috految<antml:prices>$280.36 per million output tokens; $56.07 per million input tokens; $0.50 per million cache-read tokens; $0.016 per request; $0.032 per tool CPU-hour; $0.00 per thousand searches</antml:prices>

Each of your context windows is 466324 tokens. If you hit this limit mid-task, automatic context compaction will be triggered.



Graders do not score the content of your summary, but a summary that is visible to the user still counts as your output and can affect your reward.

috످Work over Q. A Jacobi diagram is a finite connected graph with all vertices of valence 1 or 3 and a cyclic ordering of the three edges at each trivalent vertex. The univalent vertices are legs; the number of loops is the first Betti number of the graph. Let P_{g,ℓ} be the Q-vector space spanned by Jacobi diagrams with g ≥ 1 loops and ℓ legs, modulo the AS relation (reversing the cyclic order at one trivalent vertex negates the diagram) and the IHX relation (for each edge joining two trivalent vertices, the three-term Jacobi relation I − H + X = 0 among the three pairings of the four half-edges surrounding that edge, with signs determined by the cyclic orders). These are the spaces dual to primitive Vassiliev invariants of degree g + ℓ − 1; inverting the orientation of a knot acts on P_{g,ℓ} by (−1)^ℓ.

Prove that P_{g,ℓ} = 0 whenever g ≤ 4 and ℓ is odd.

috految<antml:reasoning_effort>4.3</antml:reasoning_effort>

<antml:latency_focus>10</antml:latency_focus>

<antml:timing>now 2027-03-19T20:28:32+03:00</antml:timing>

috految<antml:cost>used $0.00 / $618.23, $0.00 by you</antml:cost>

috److془We need to carefully produce a proof. Known: Moskovich-Ohtsuki for 3 loops; Ishikawa-Ohtsuki-Yamaguchi for 4,5,6 loops.

Let's devise it.

Setup: trivalent graph Γ, polynomial f in Sym^ℓ H^1(Γ), edges momenta. IHX with f transported. Bridges: momentum zero. Dual: functional gives polynomial W_Γ on H^1(Γ), degree ℓ odd, W(a)=w(Γ,a^ℓ). Holonomies on edges. Need to show W=0.

Graphs with hyperelliptic involution: vanish. Sign: planar, reflection gives (-1)^{V}=+1. Ladder vanish. Genus 3: tetrahedron: IHX on edge: K4 , K4', ladder. So W_{K4} invariant up to sign under big group; unipotent; zero. Good. Genus 4: bridgeless 5 graphs: necklace of three bubbles, ladder (theta with bubbles on two different edges), K4 with bubble, prism, K33. Necklace: bubbles with edge momenta p and differences q_i; even in q_i; reflection p->-p, swaps q1,q2. Need bubbles commute. Hmm. Bubble triangle: IHX on edge adjacent: bubble on edge = triangle + triangle'. Necklace is sum of K4 with bubble. 

Bubble B(t). K4 with bubble on e: IHX on edge opposite to e gives: ladder with bubble on a edge outside of double edges: necklace. On edges adjacent to e: ladder with bubble on double edge = the ladder 4 (theta with two bubbles). Vanishes. So the invariance under group from four edges. Triangle T with external holonomies: moves. Then prism: IHX of triangle edges gives prisms and bubbles. Triangle: external x1,x2,x3 sum zero, loop u; the moves are u -> reflection. Compositions give translations u->u+x_i. Nice. Hmm: the translations: coinvariants of polynomials: x_i ∂_u f killed, thus ideal (x_i) killed. Prism: x's killed, remains polynomials in u,v; reflection kills odd. K33: IHX gives prism, prism? Contract edge: wheel W4, resolutions K33, prism, prism. Great. K4 with bubble: K4 vertices 1234, e=12; triangle 134, moves on edges 13,14. Move at 13: swap of edges 14 and 34 parallel. Cyclic momenta a=13,b=34,c=41: b->-c,c->-b, externals fixed. Hmm: translation by difference of b+c and a+b: a-c = momentum of e, p. Killed p ideal. Remaining: p=0, cube: theta with vertices 3,4, and bubble. Swap 3,4 and bubble edges: acts -1 . Sign: swap 3,4: planar reflection +. Wonderful. Check swap: cycle 134 reversed, 234 reversed. ✓. Check the third term: contract 13, resolution has 14,34 together at a vertex: double edge to 4; triangle gets collapsed with bubble on edge 42. Collapsed is theta with bubble on 12. ✓ Ladder 4 : theta with bubbles on two edges, reflection swapping the two theta vertices reverses each bubble edge: -1 ✓. Necklace: IHX on connecting edge gives triangles; two K4 with bubble ✓. Bubble swap sign: two vertices +.

Bridges: need reduce to bridgeless. IHX on bridge e with an endpoint on a cycle (exists if bridges exist, by connectivity). Half edges a,b on cycle separated in both other resolutions, so new edge lies on cycle. Other edges bridge status unchanged by contraction. ✓ 

Legs: trees hanging with ≥2 legs vanish by AS. Legs unlabelled. g=1: wheel, reflection (-1)^ℓ. Hair relation sum outgoing zero by IHX. Commutation: just numbers of legs on edges. Fine. Sign of the two moves: square the composition. Classification: bridgeless no loops; genus 2 theta; g≥3 with double edge arises by bubble insertion in bridgeless of g-1. Simple: K4, prism, K33. Genus 3: theta with bubble L = necklace of two bubbles; edge orbits two. ✓ K4: three moves, kill externals, remain triangle, reflection. Prism: reflection reversing both triangles ✓.془We encode legs by polynomials and then treat the finitely many underlying cubic graphs. Fix ℓ odd. Graphs may have loops and multiple edges.

A diagram with two legs adjacent to the same vertex vanishes by AS. So a nonzero diagram has no hanging trees other than single legs. For g=1 it is therefore a wheel with ℓ legs, and reflection shows that it equals (−1)^ℓ times itself, so is zero. For g≥2 it is obtained by attaching legs along the edges of a connected cubic graph Γ with 2g−2 vertices.

**Polynomial notation.** Choose cyclic orders on Γ. For an oriented edge e, let x_e^n denote attaching n legs to e, each with cyclic order (incoming, outgoing, leg). By AS, reversing e replaces x_e by −x_e. By IHX, the sum of the three outgoing variables at a vertex, times any monomial, gives zero. The edge variables modulo these linear relations form H¹(Γ;Q), the space of linear functions on flows on Γ. We thus get linear maps

Sym^ℓ H¹(Γ) → P_{g,ℓ}, f ↦ [Γ,f],

whose images span. Call Γ *null* if its map is zero. We must show that all Γ with 2≤g≤4 are null. We use two rules.

* Graph isomorphisms preserve these elements, up to the AS sign from the vertices of Γ. In particular, a reflection symmetry σ of a graph embedded in the sphere gives [Γ,σf]=[Γ,f], since it reverses the planar cyclic orders at all 2g−2 vertices. Likewise, exchanging the two edges of a double edge has sign (−1)²=1.
* For a non-loop edge e, the three resolutions Γ, Γ', Γ'' of the four-valent vertex of Γ/e satisfy [Γ,f]±[Γ',f]±[Γ'',f]=0, with signs independent of f and cohomologies identified with H¹(Γ/e). Indeed, eliminate x_e by a vertex relation and apply IHX to the now legless edge e.

**Reduction to a list.** If Γ has bridges, by connectedness some bridge e has an endpoint on a cycle. In both other resolutions of Γ/e, the new edge lies on a cycle, since the two half-edges of the original cycle are separated. Whether another edge is a bridge is unaffected by contraction and resolution. By induction on the number of bridges, it suffices to treat bridgeless graphs. These have no loop edges.

Inserting a *bubble* in an edge means replacing its middle segment with a double edge. For g=2 the only bridgeless graph is the theta graph Θ. For g>2, a bridgeless graph is either simple or obtained by inserting a bubble in a bridgeless graph with g−1 loops. The simple cubic graphs on 4 or 6 vertices are K₄, the prism and K₃,₃. Thus the list is:

* g=2: Θ.
* g=3: K₄, and L, which is Θ with one bubble (a necklace of two bubbles).
* g=4: M, which is Θ with bubbles on two different edges; the necklace N of three bubbles; B, which is K₄ with one bubble; the prism; K₃,₃.

Here M and N come from the two orbits of edges of L.

**Θ, L, M are null.** Draw the three strands of Θ from left to right, with bubbles centered. Left-right reflection reverses all bounded face cycles, so acts as −1 on H¹. Since ℓ is odd, [Γ,f]=−[Γ,f].

**Lemma.** Let Γ have a triangle with vertices v₁,v₂,v₃ and distinct external edges e₁,e₂,e₃. Let Γ_i be obtained by collapsing the triangle to a vertex and inserting a bubble in e_i. If Γ₂ and Γ₃ are null, then [Γ,f]=0 for all f divisible by x_{e₁}.

*Proof.* Let a,b,c be the variables of v₁v₂, v₂v₃, v₃v₁. Then Sym H¹(Γ)=R[b], where R is generated by the variables of edges outside the triangle: the flow b around the triangle can be changed freely, and a−b, c−b∈R.

Contract v₁v₂. The other two triangle edges become parallel. The resolution putting them at the same vertex is Γ₃, which is null. The other two resolutions are Γ and its image under exchanging these parallel edges. IHX therefore gives [Γ,f]=±[Γ,sf], where s fixes R and sends b to −c=−b−(c−b). Similarly, contracting v₃v₁ gives [Γ,f]=±[Γ,tf], where t fixes R and sends b to −a=−b−(a−b). The signs are independent of f. Thus [Γ,·] is invariant under (st)², which fixes R and translates b by ±2(a−c)=±2x_{e₁}. So [Γ,h(b+2n x_{e₁})] is independent of n∈Z for each h of degree ℓ. Taking the coefficient of n yields [Γ,x_{e₁}∂_b h]=0. Since ∂_b is surjective on R[b], the lemma follows. ∎

**K₄.** For any triangle, all Γ_i are L. By the lemma all multiples of any edge variable map to zero. Since ℓ>0, K₄ is null.

**B.** Label the vertices of K₄ by 1,2,3,4, with the bubble on edge 12. Use the triangle 134, with v₁=1. Collapsing it gives Θ with a bubble on strand 12, so Γ₂ and Γ₃ are both M. By the lemma, [B,f] depends only on the restriction of f to flows vanishing on the edge from 1 to the bubble. These flows are spanned by the triangles 134, 234 and the bubble cycle. The reflection of the tetrahedron exchanging 3 and 4, and exchanging the two edges of the bubble, negates all three cycles. Hence [B,f]=(−1)^ℓ[B,f], and B is null.

**N.** Apply IHX to an edge joining two bubbles. In both other resolutions, the two double edges are split between the new vertices, giving K₄ with the third bubble inserted in an edge. Both are the null graph B, so N is null.

**The prism.** For a triangular face, all Γ_i are B. By the lemma, [Γ,f] depends only on the restriction of f to flows vanishing on the three edges joining the triangles. These flows are spanned by the two triangle cycles. A reflection of the prism preserving each triangle negates both. As ℓ is odd, the prism is null.

**K₃,₃.** Contracting an edge gives the wheel with four spokes. Its resolution pairing opposite spokes is K₃,₃, and the other two are prisms. By IHX, K₃,₃ is null.

This exhausts the list, so P_{g,ℓ}=0 for g≤4 and ℓ odd. ∎

috످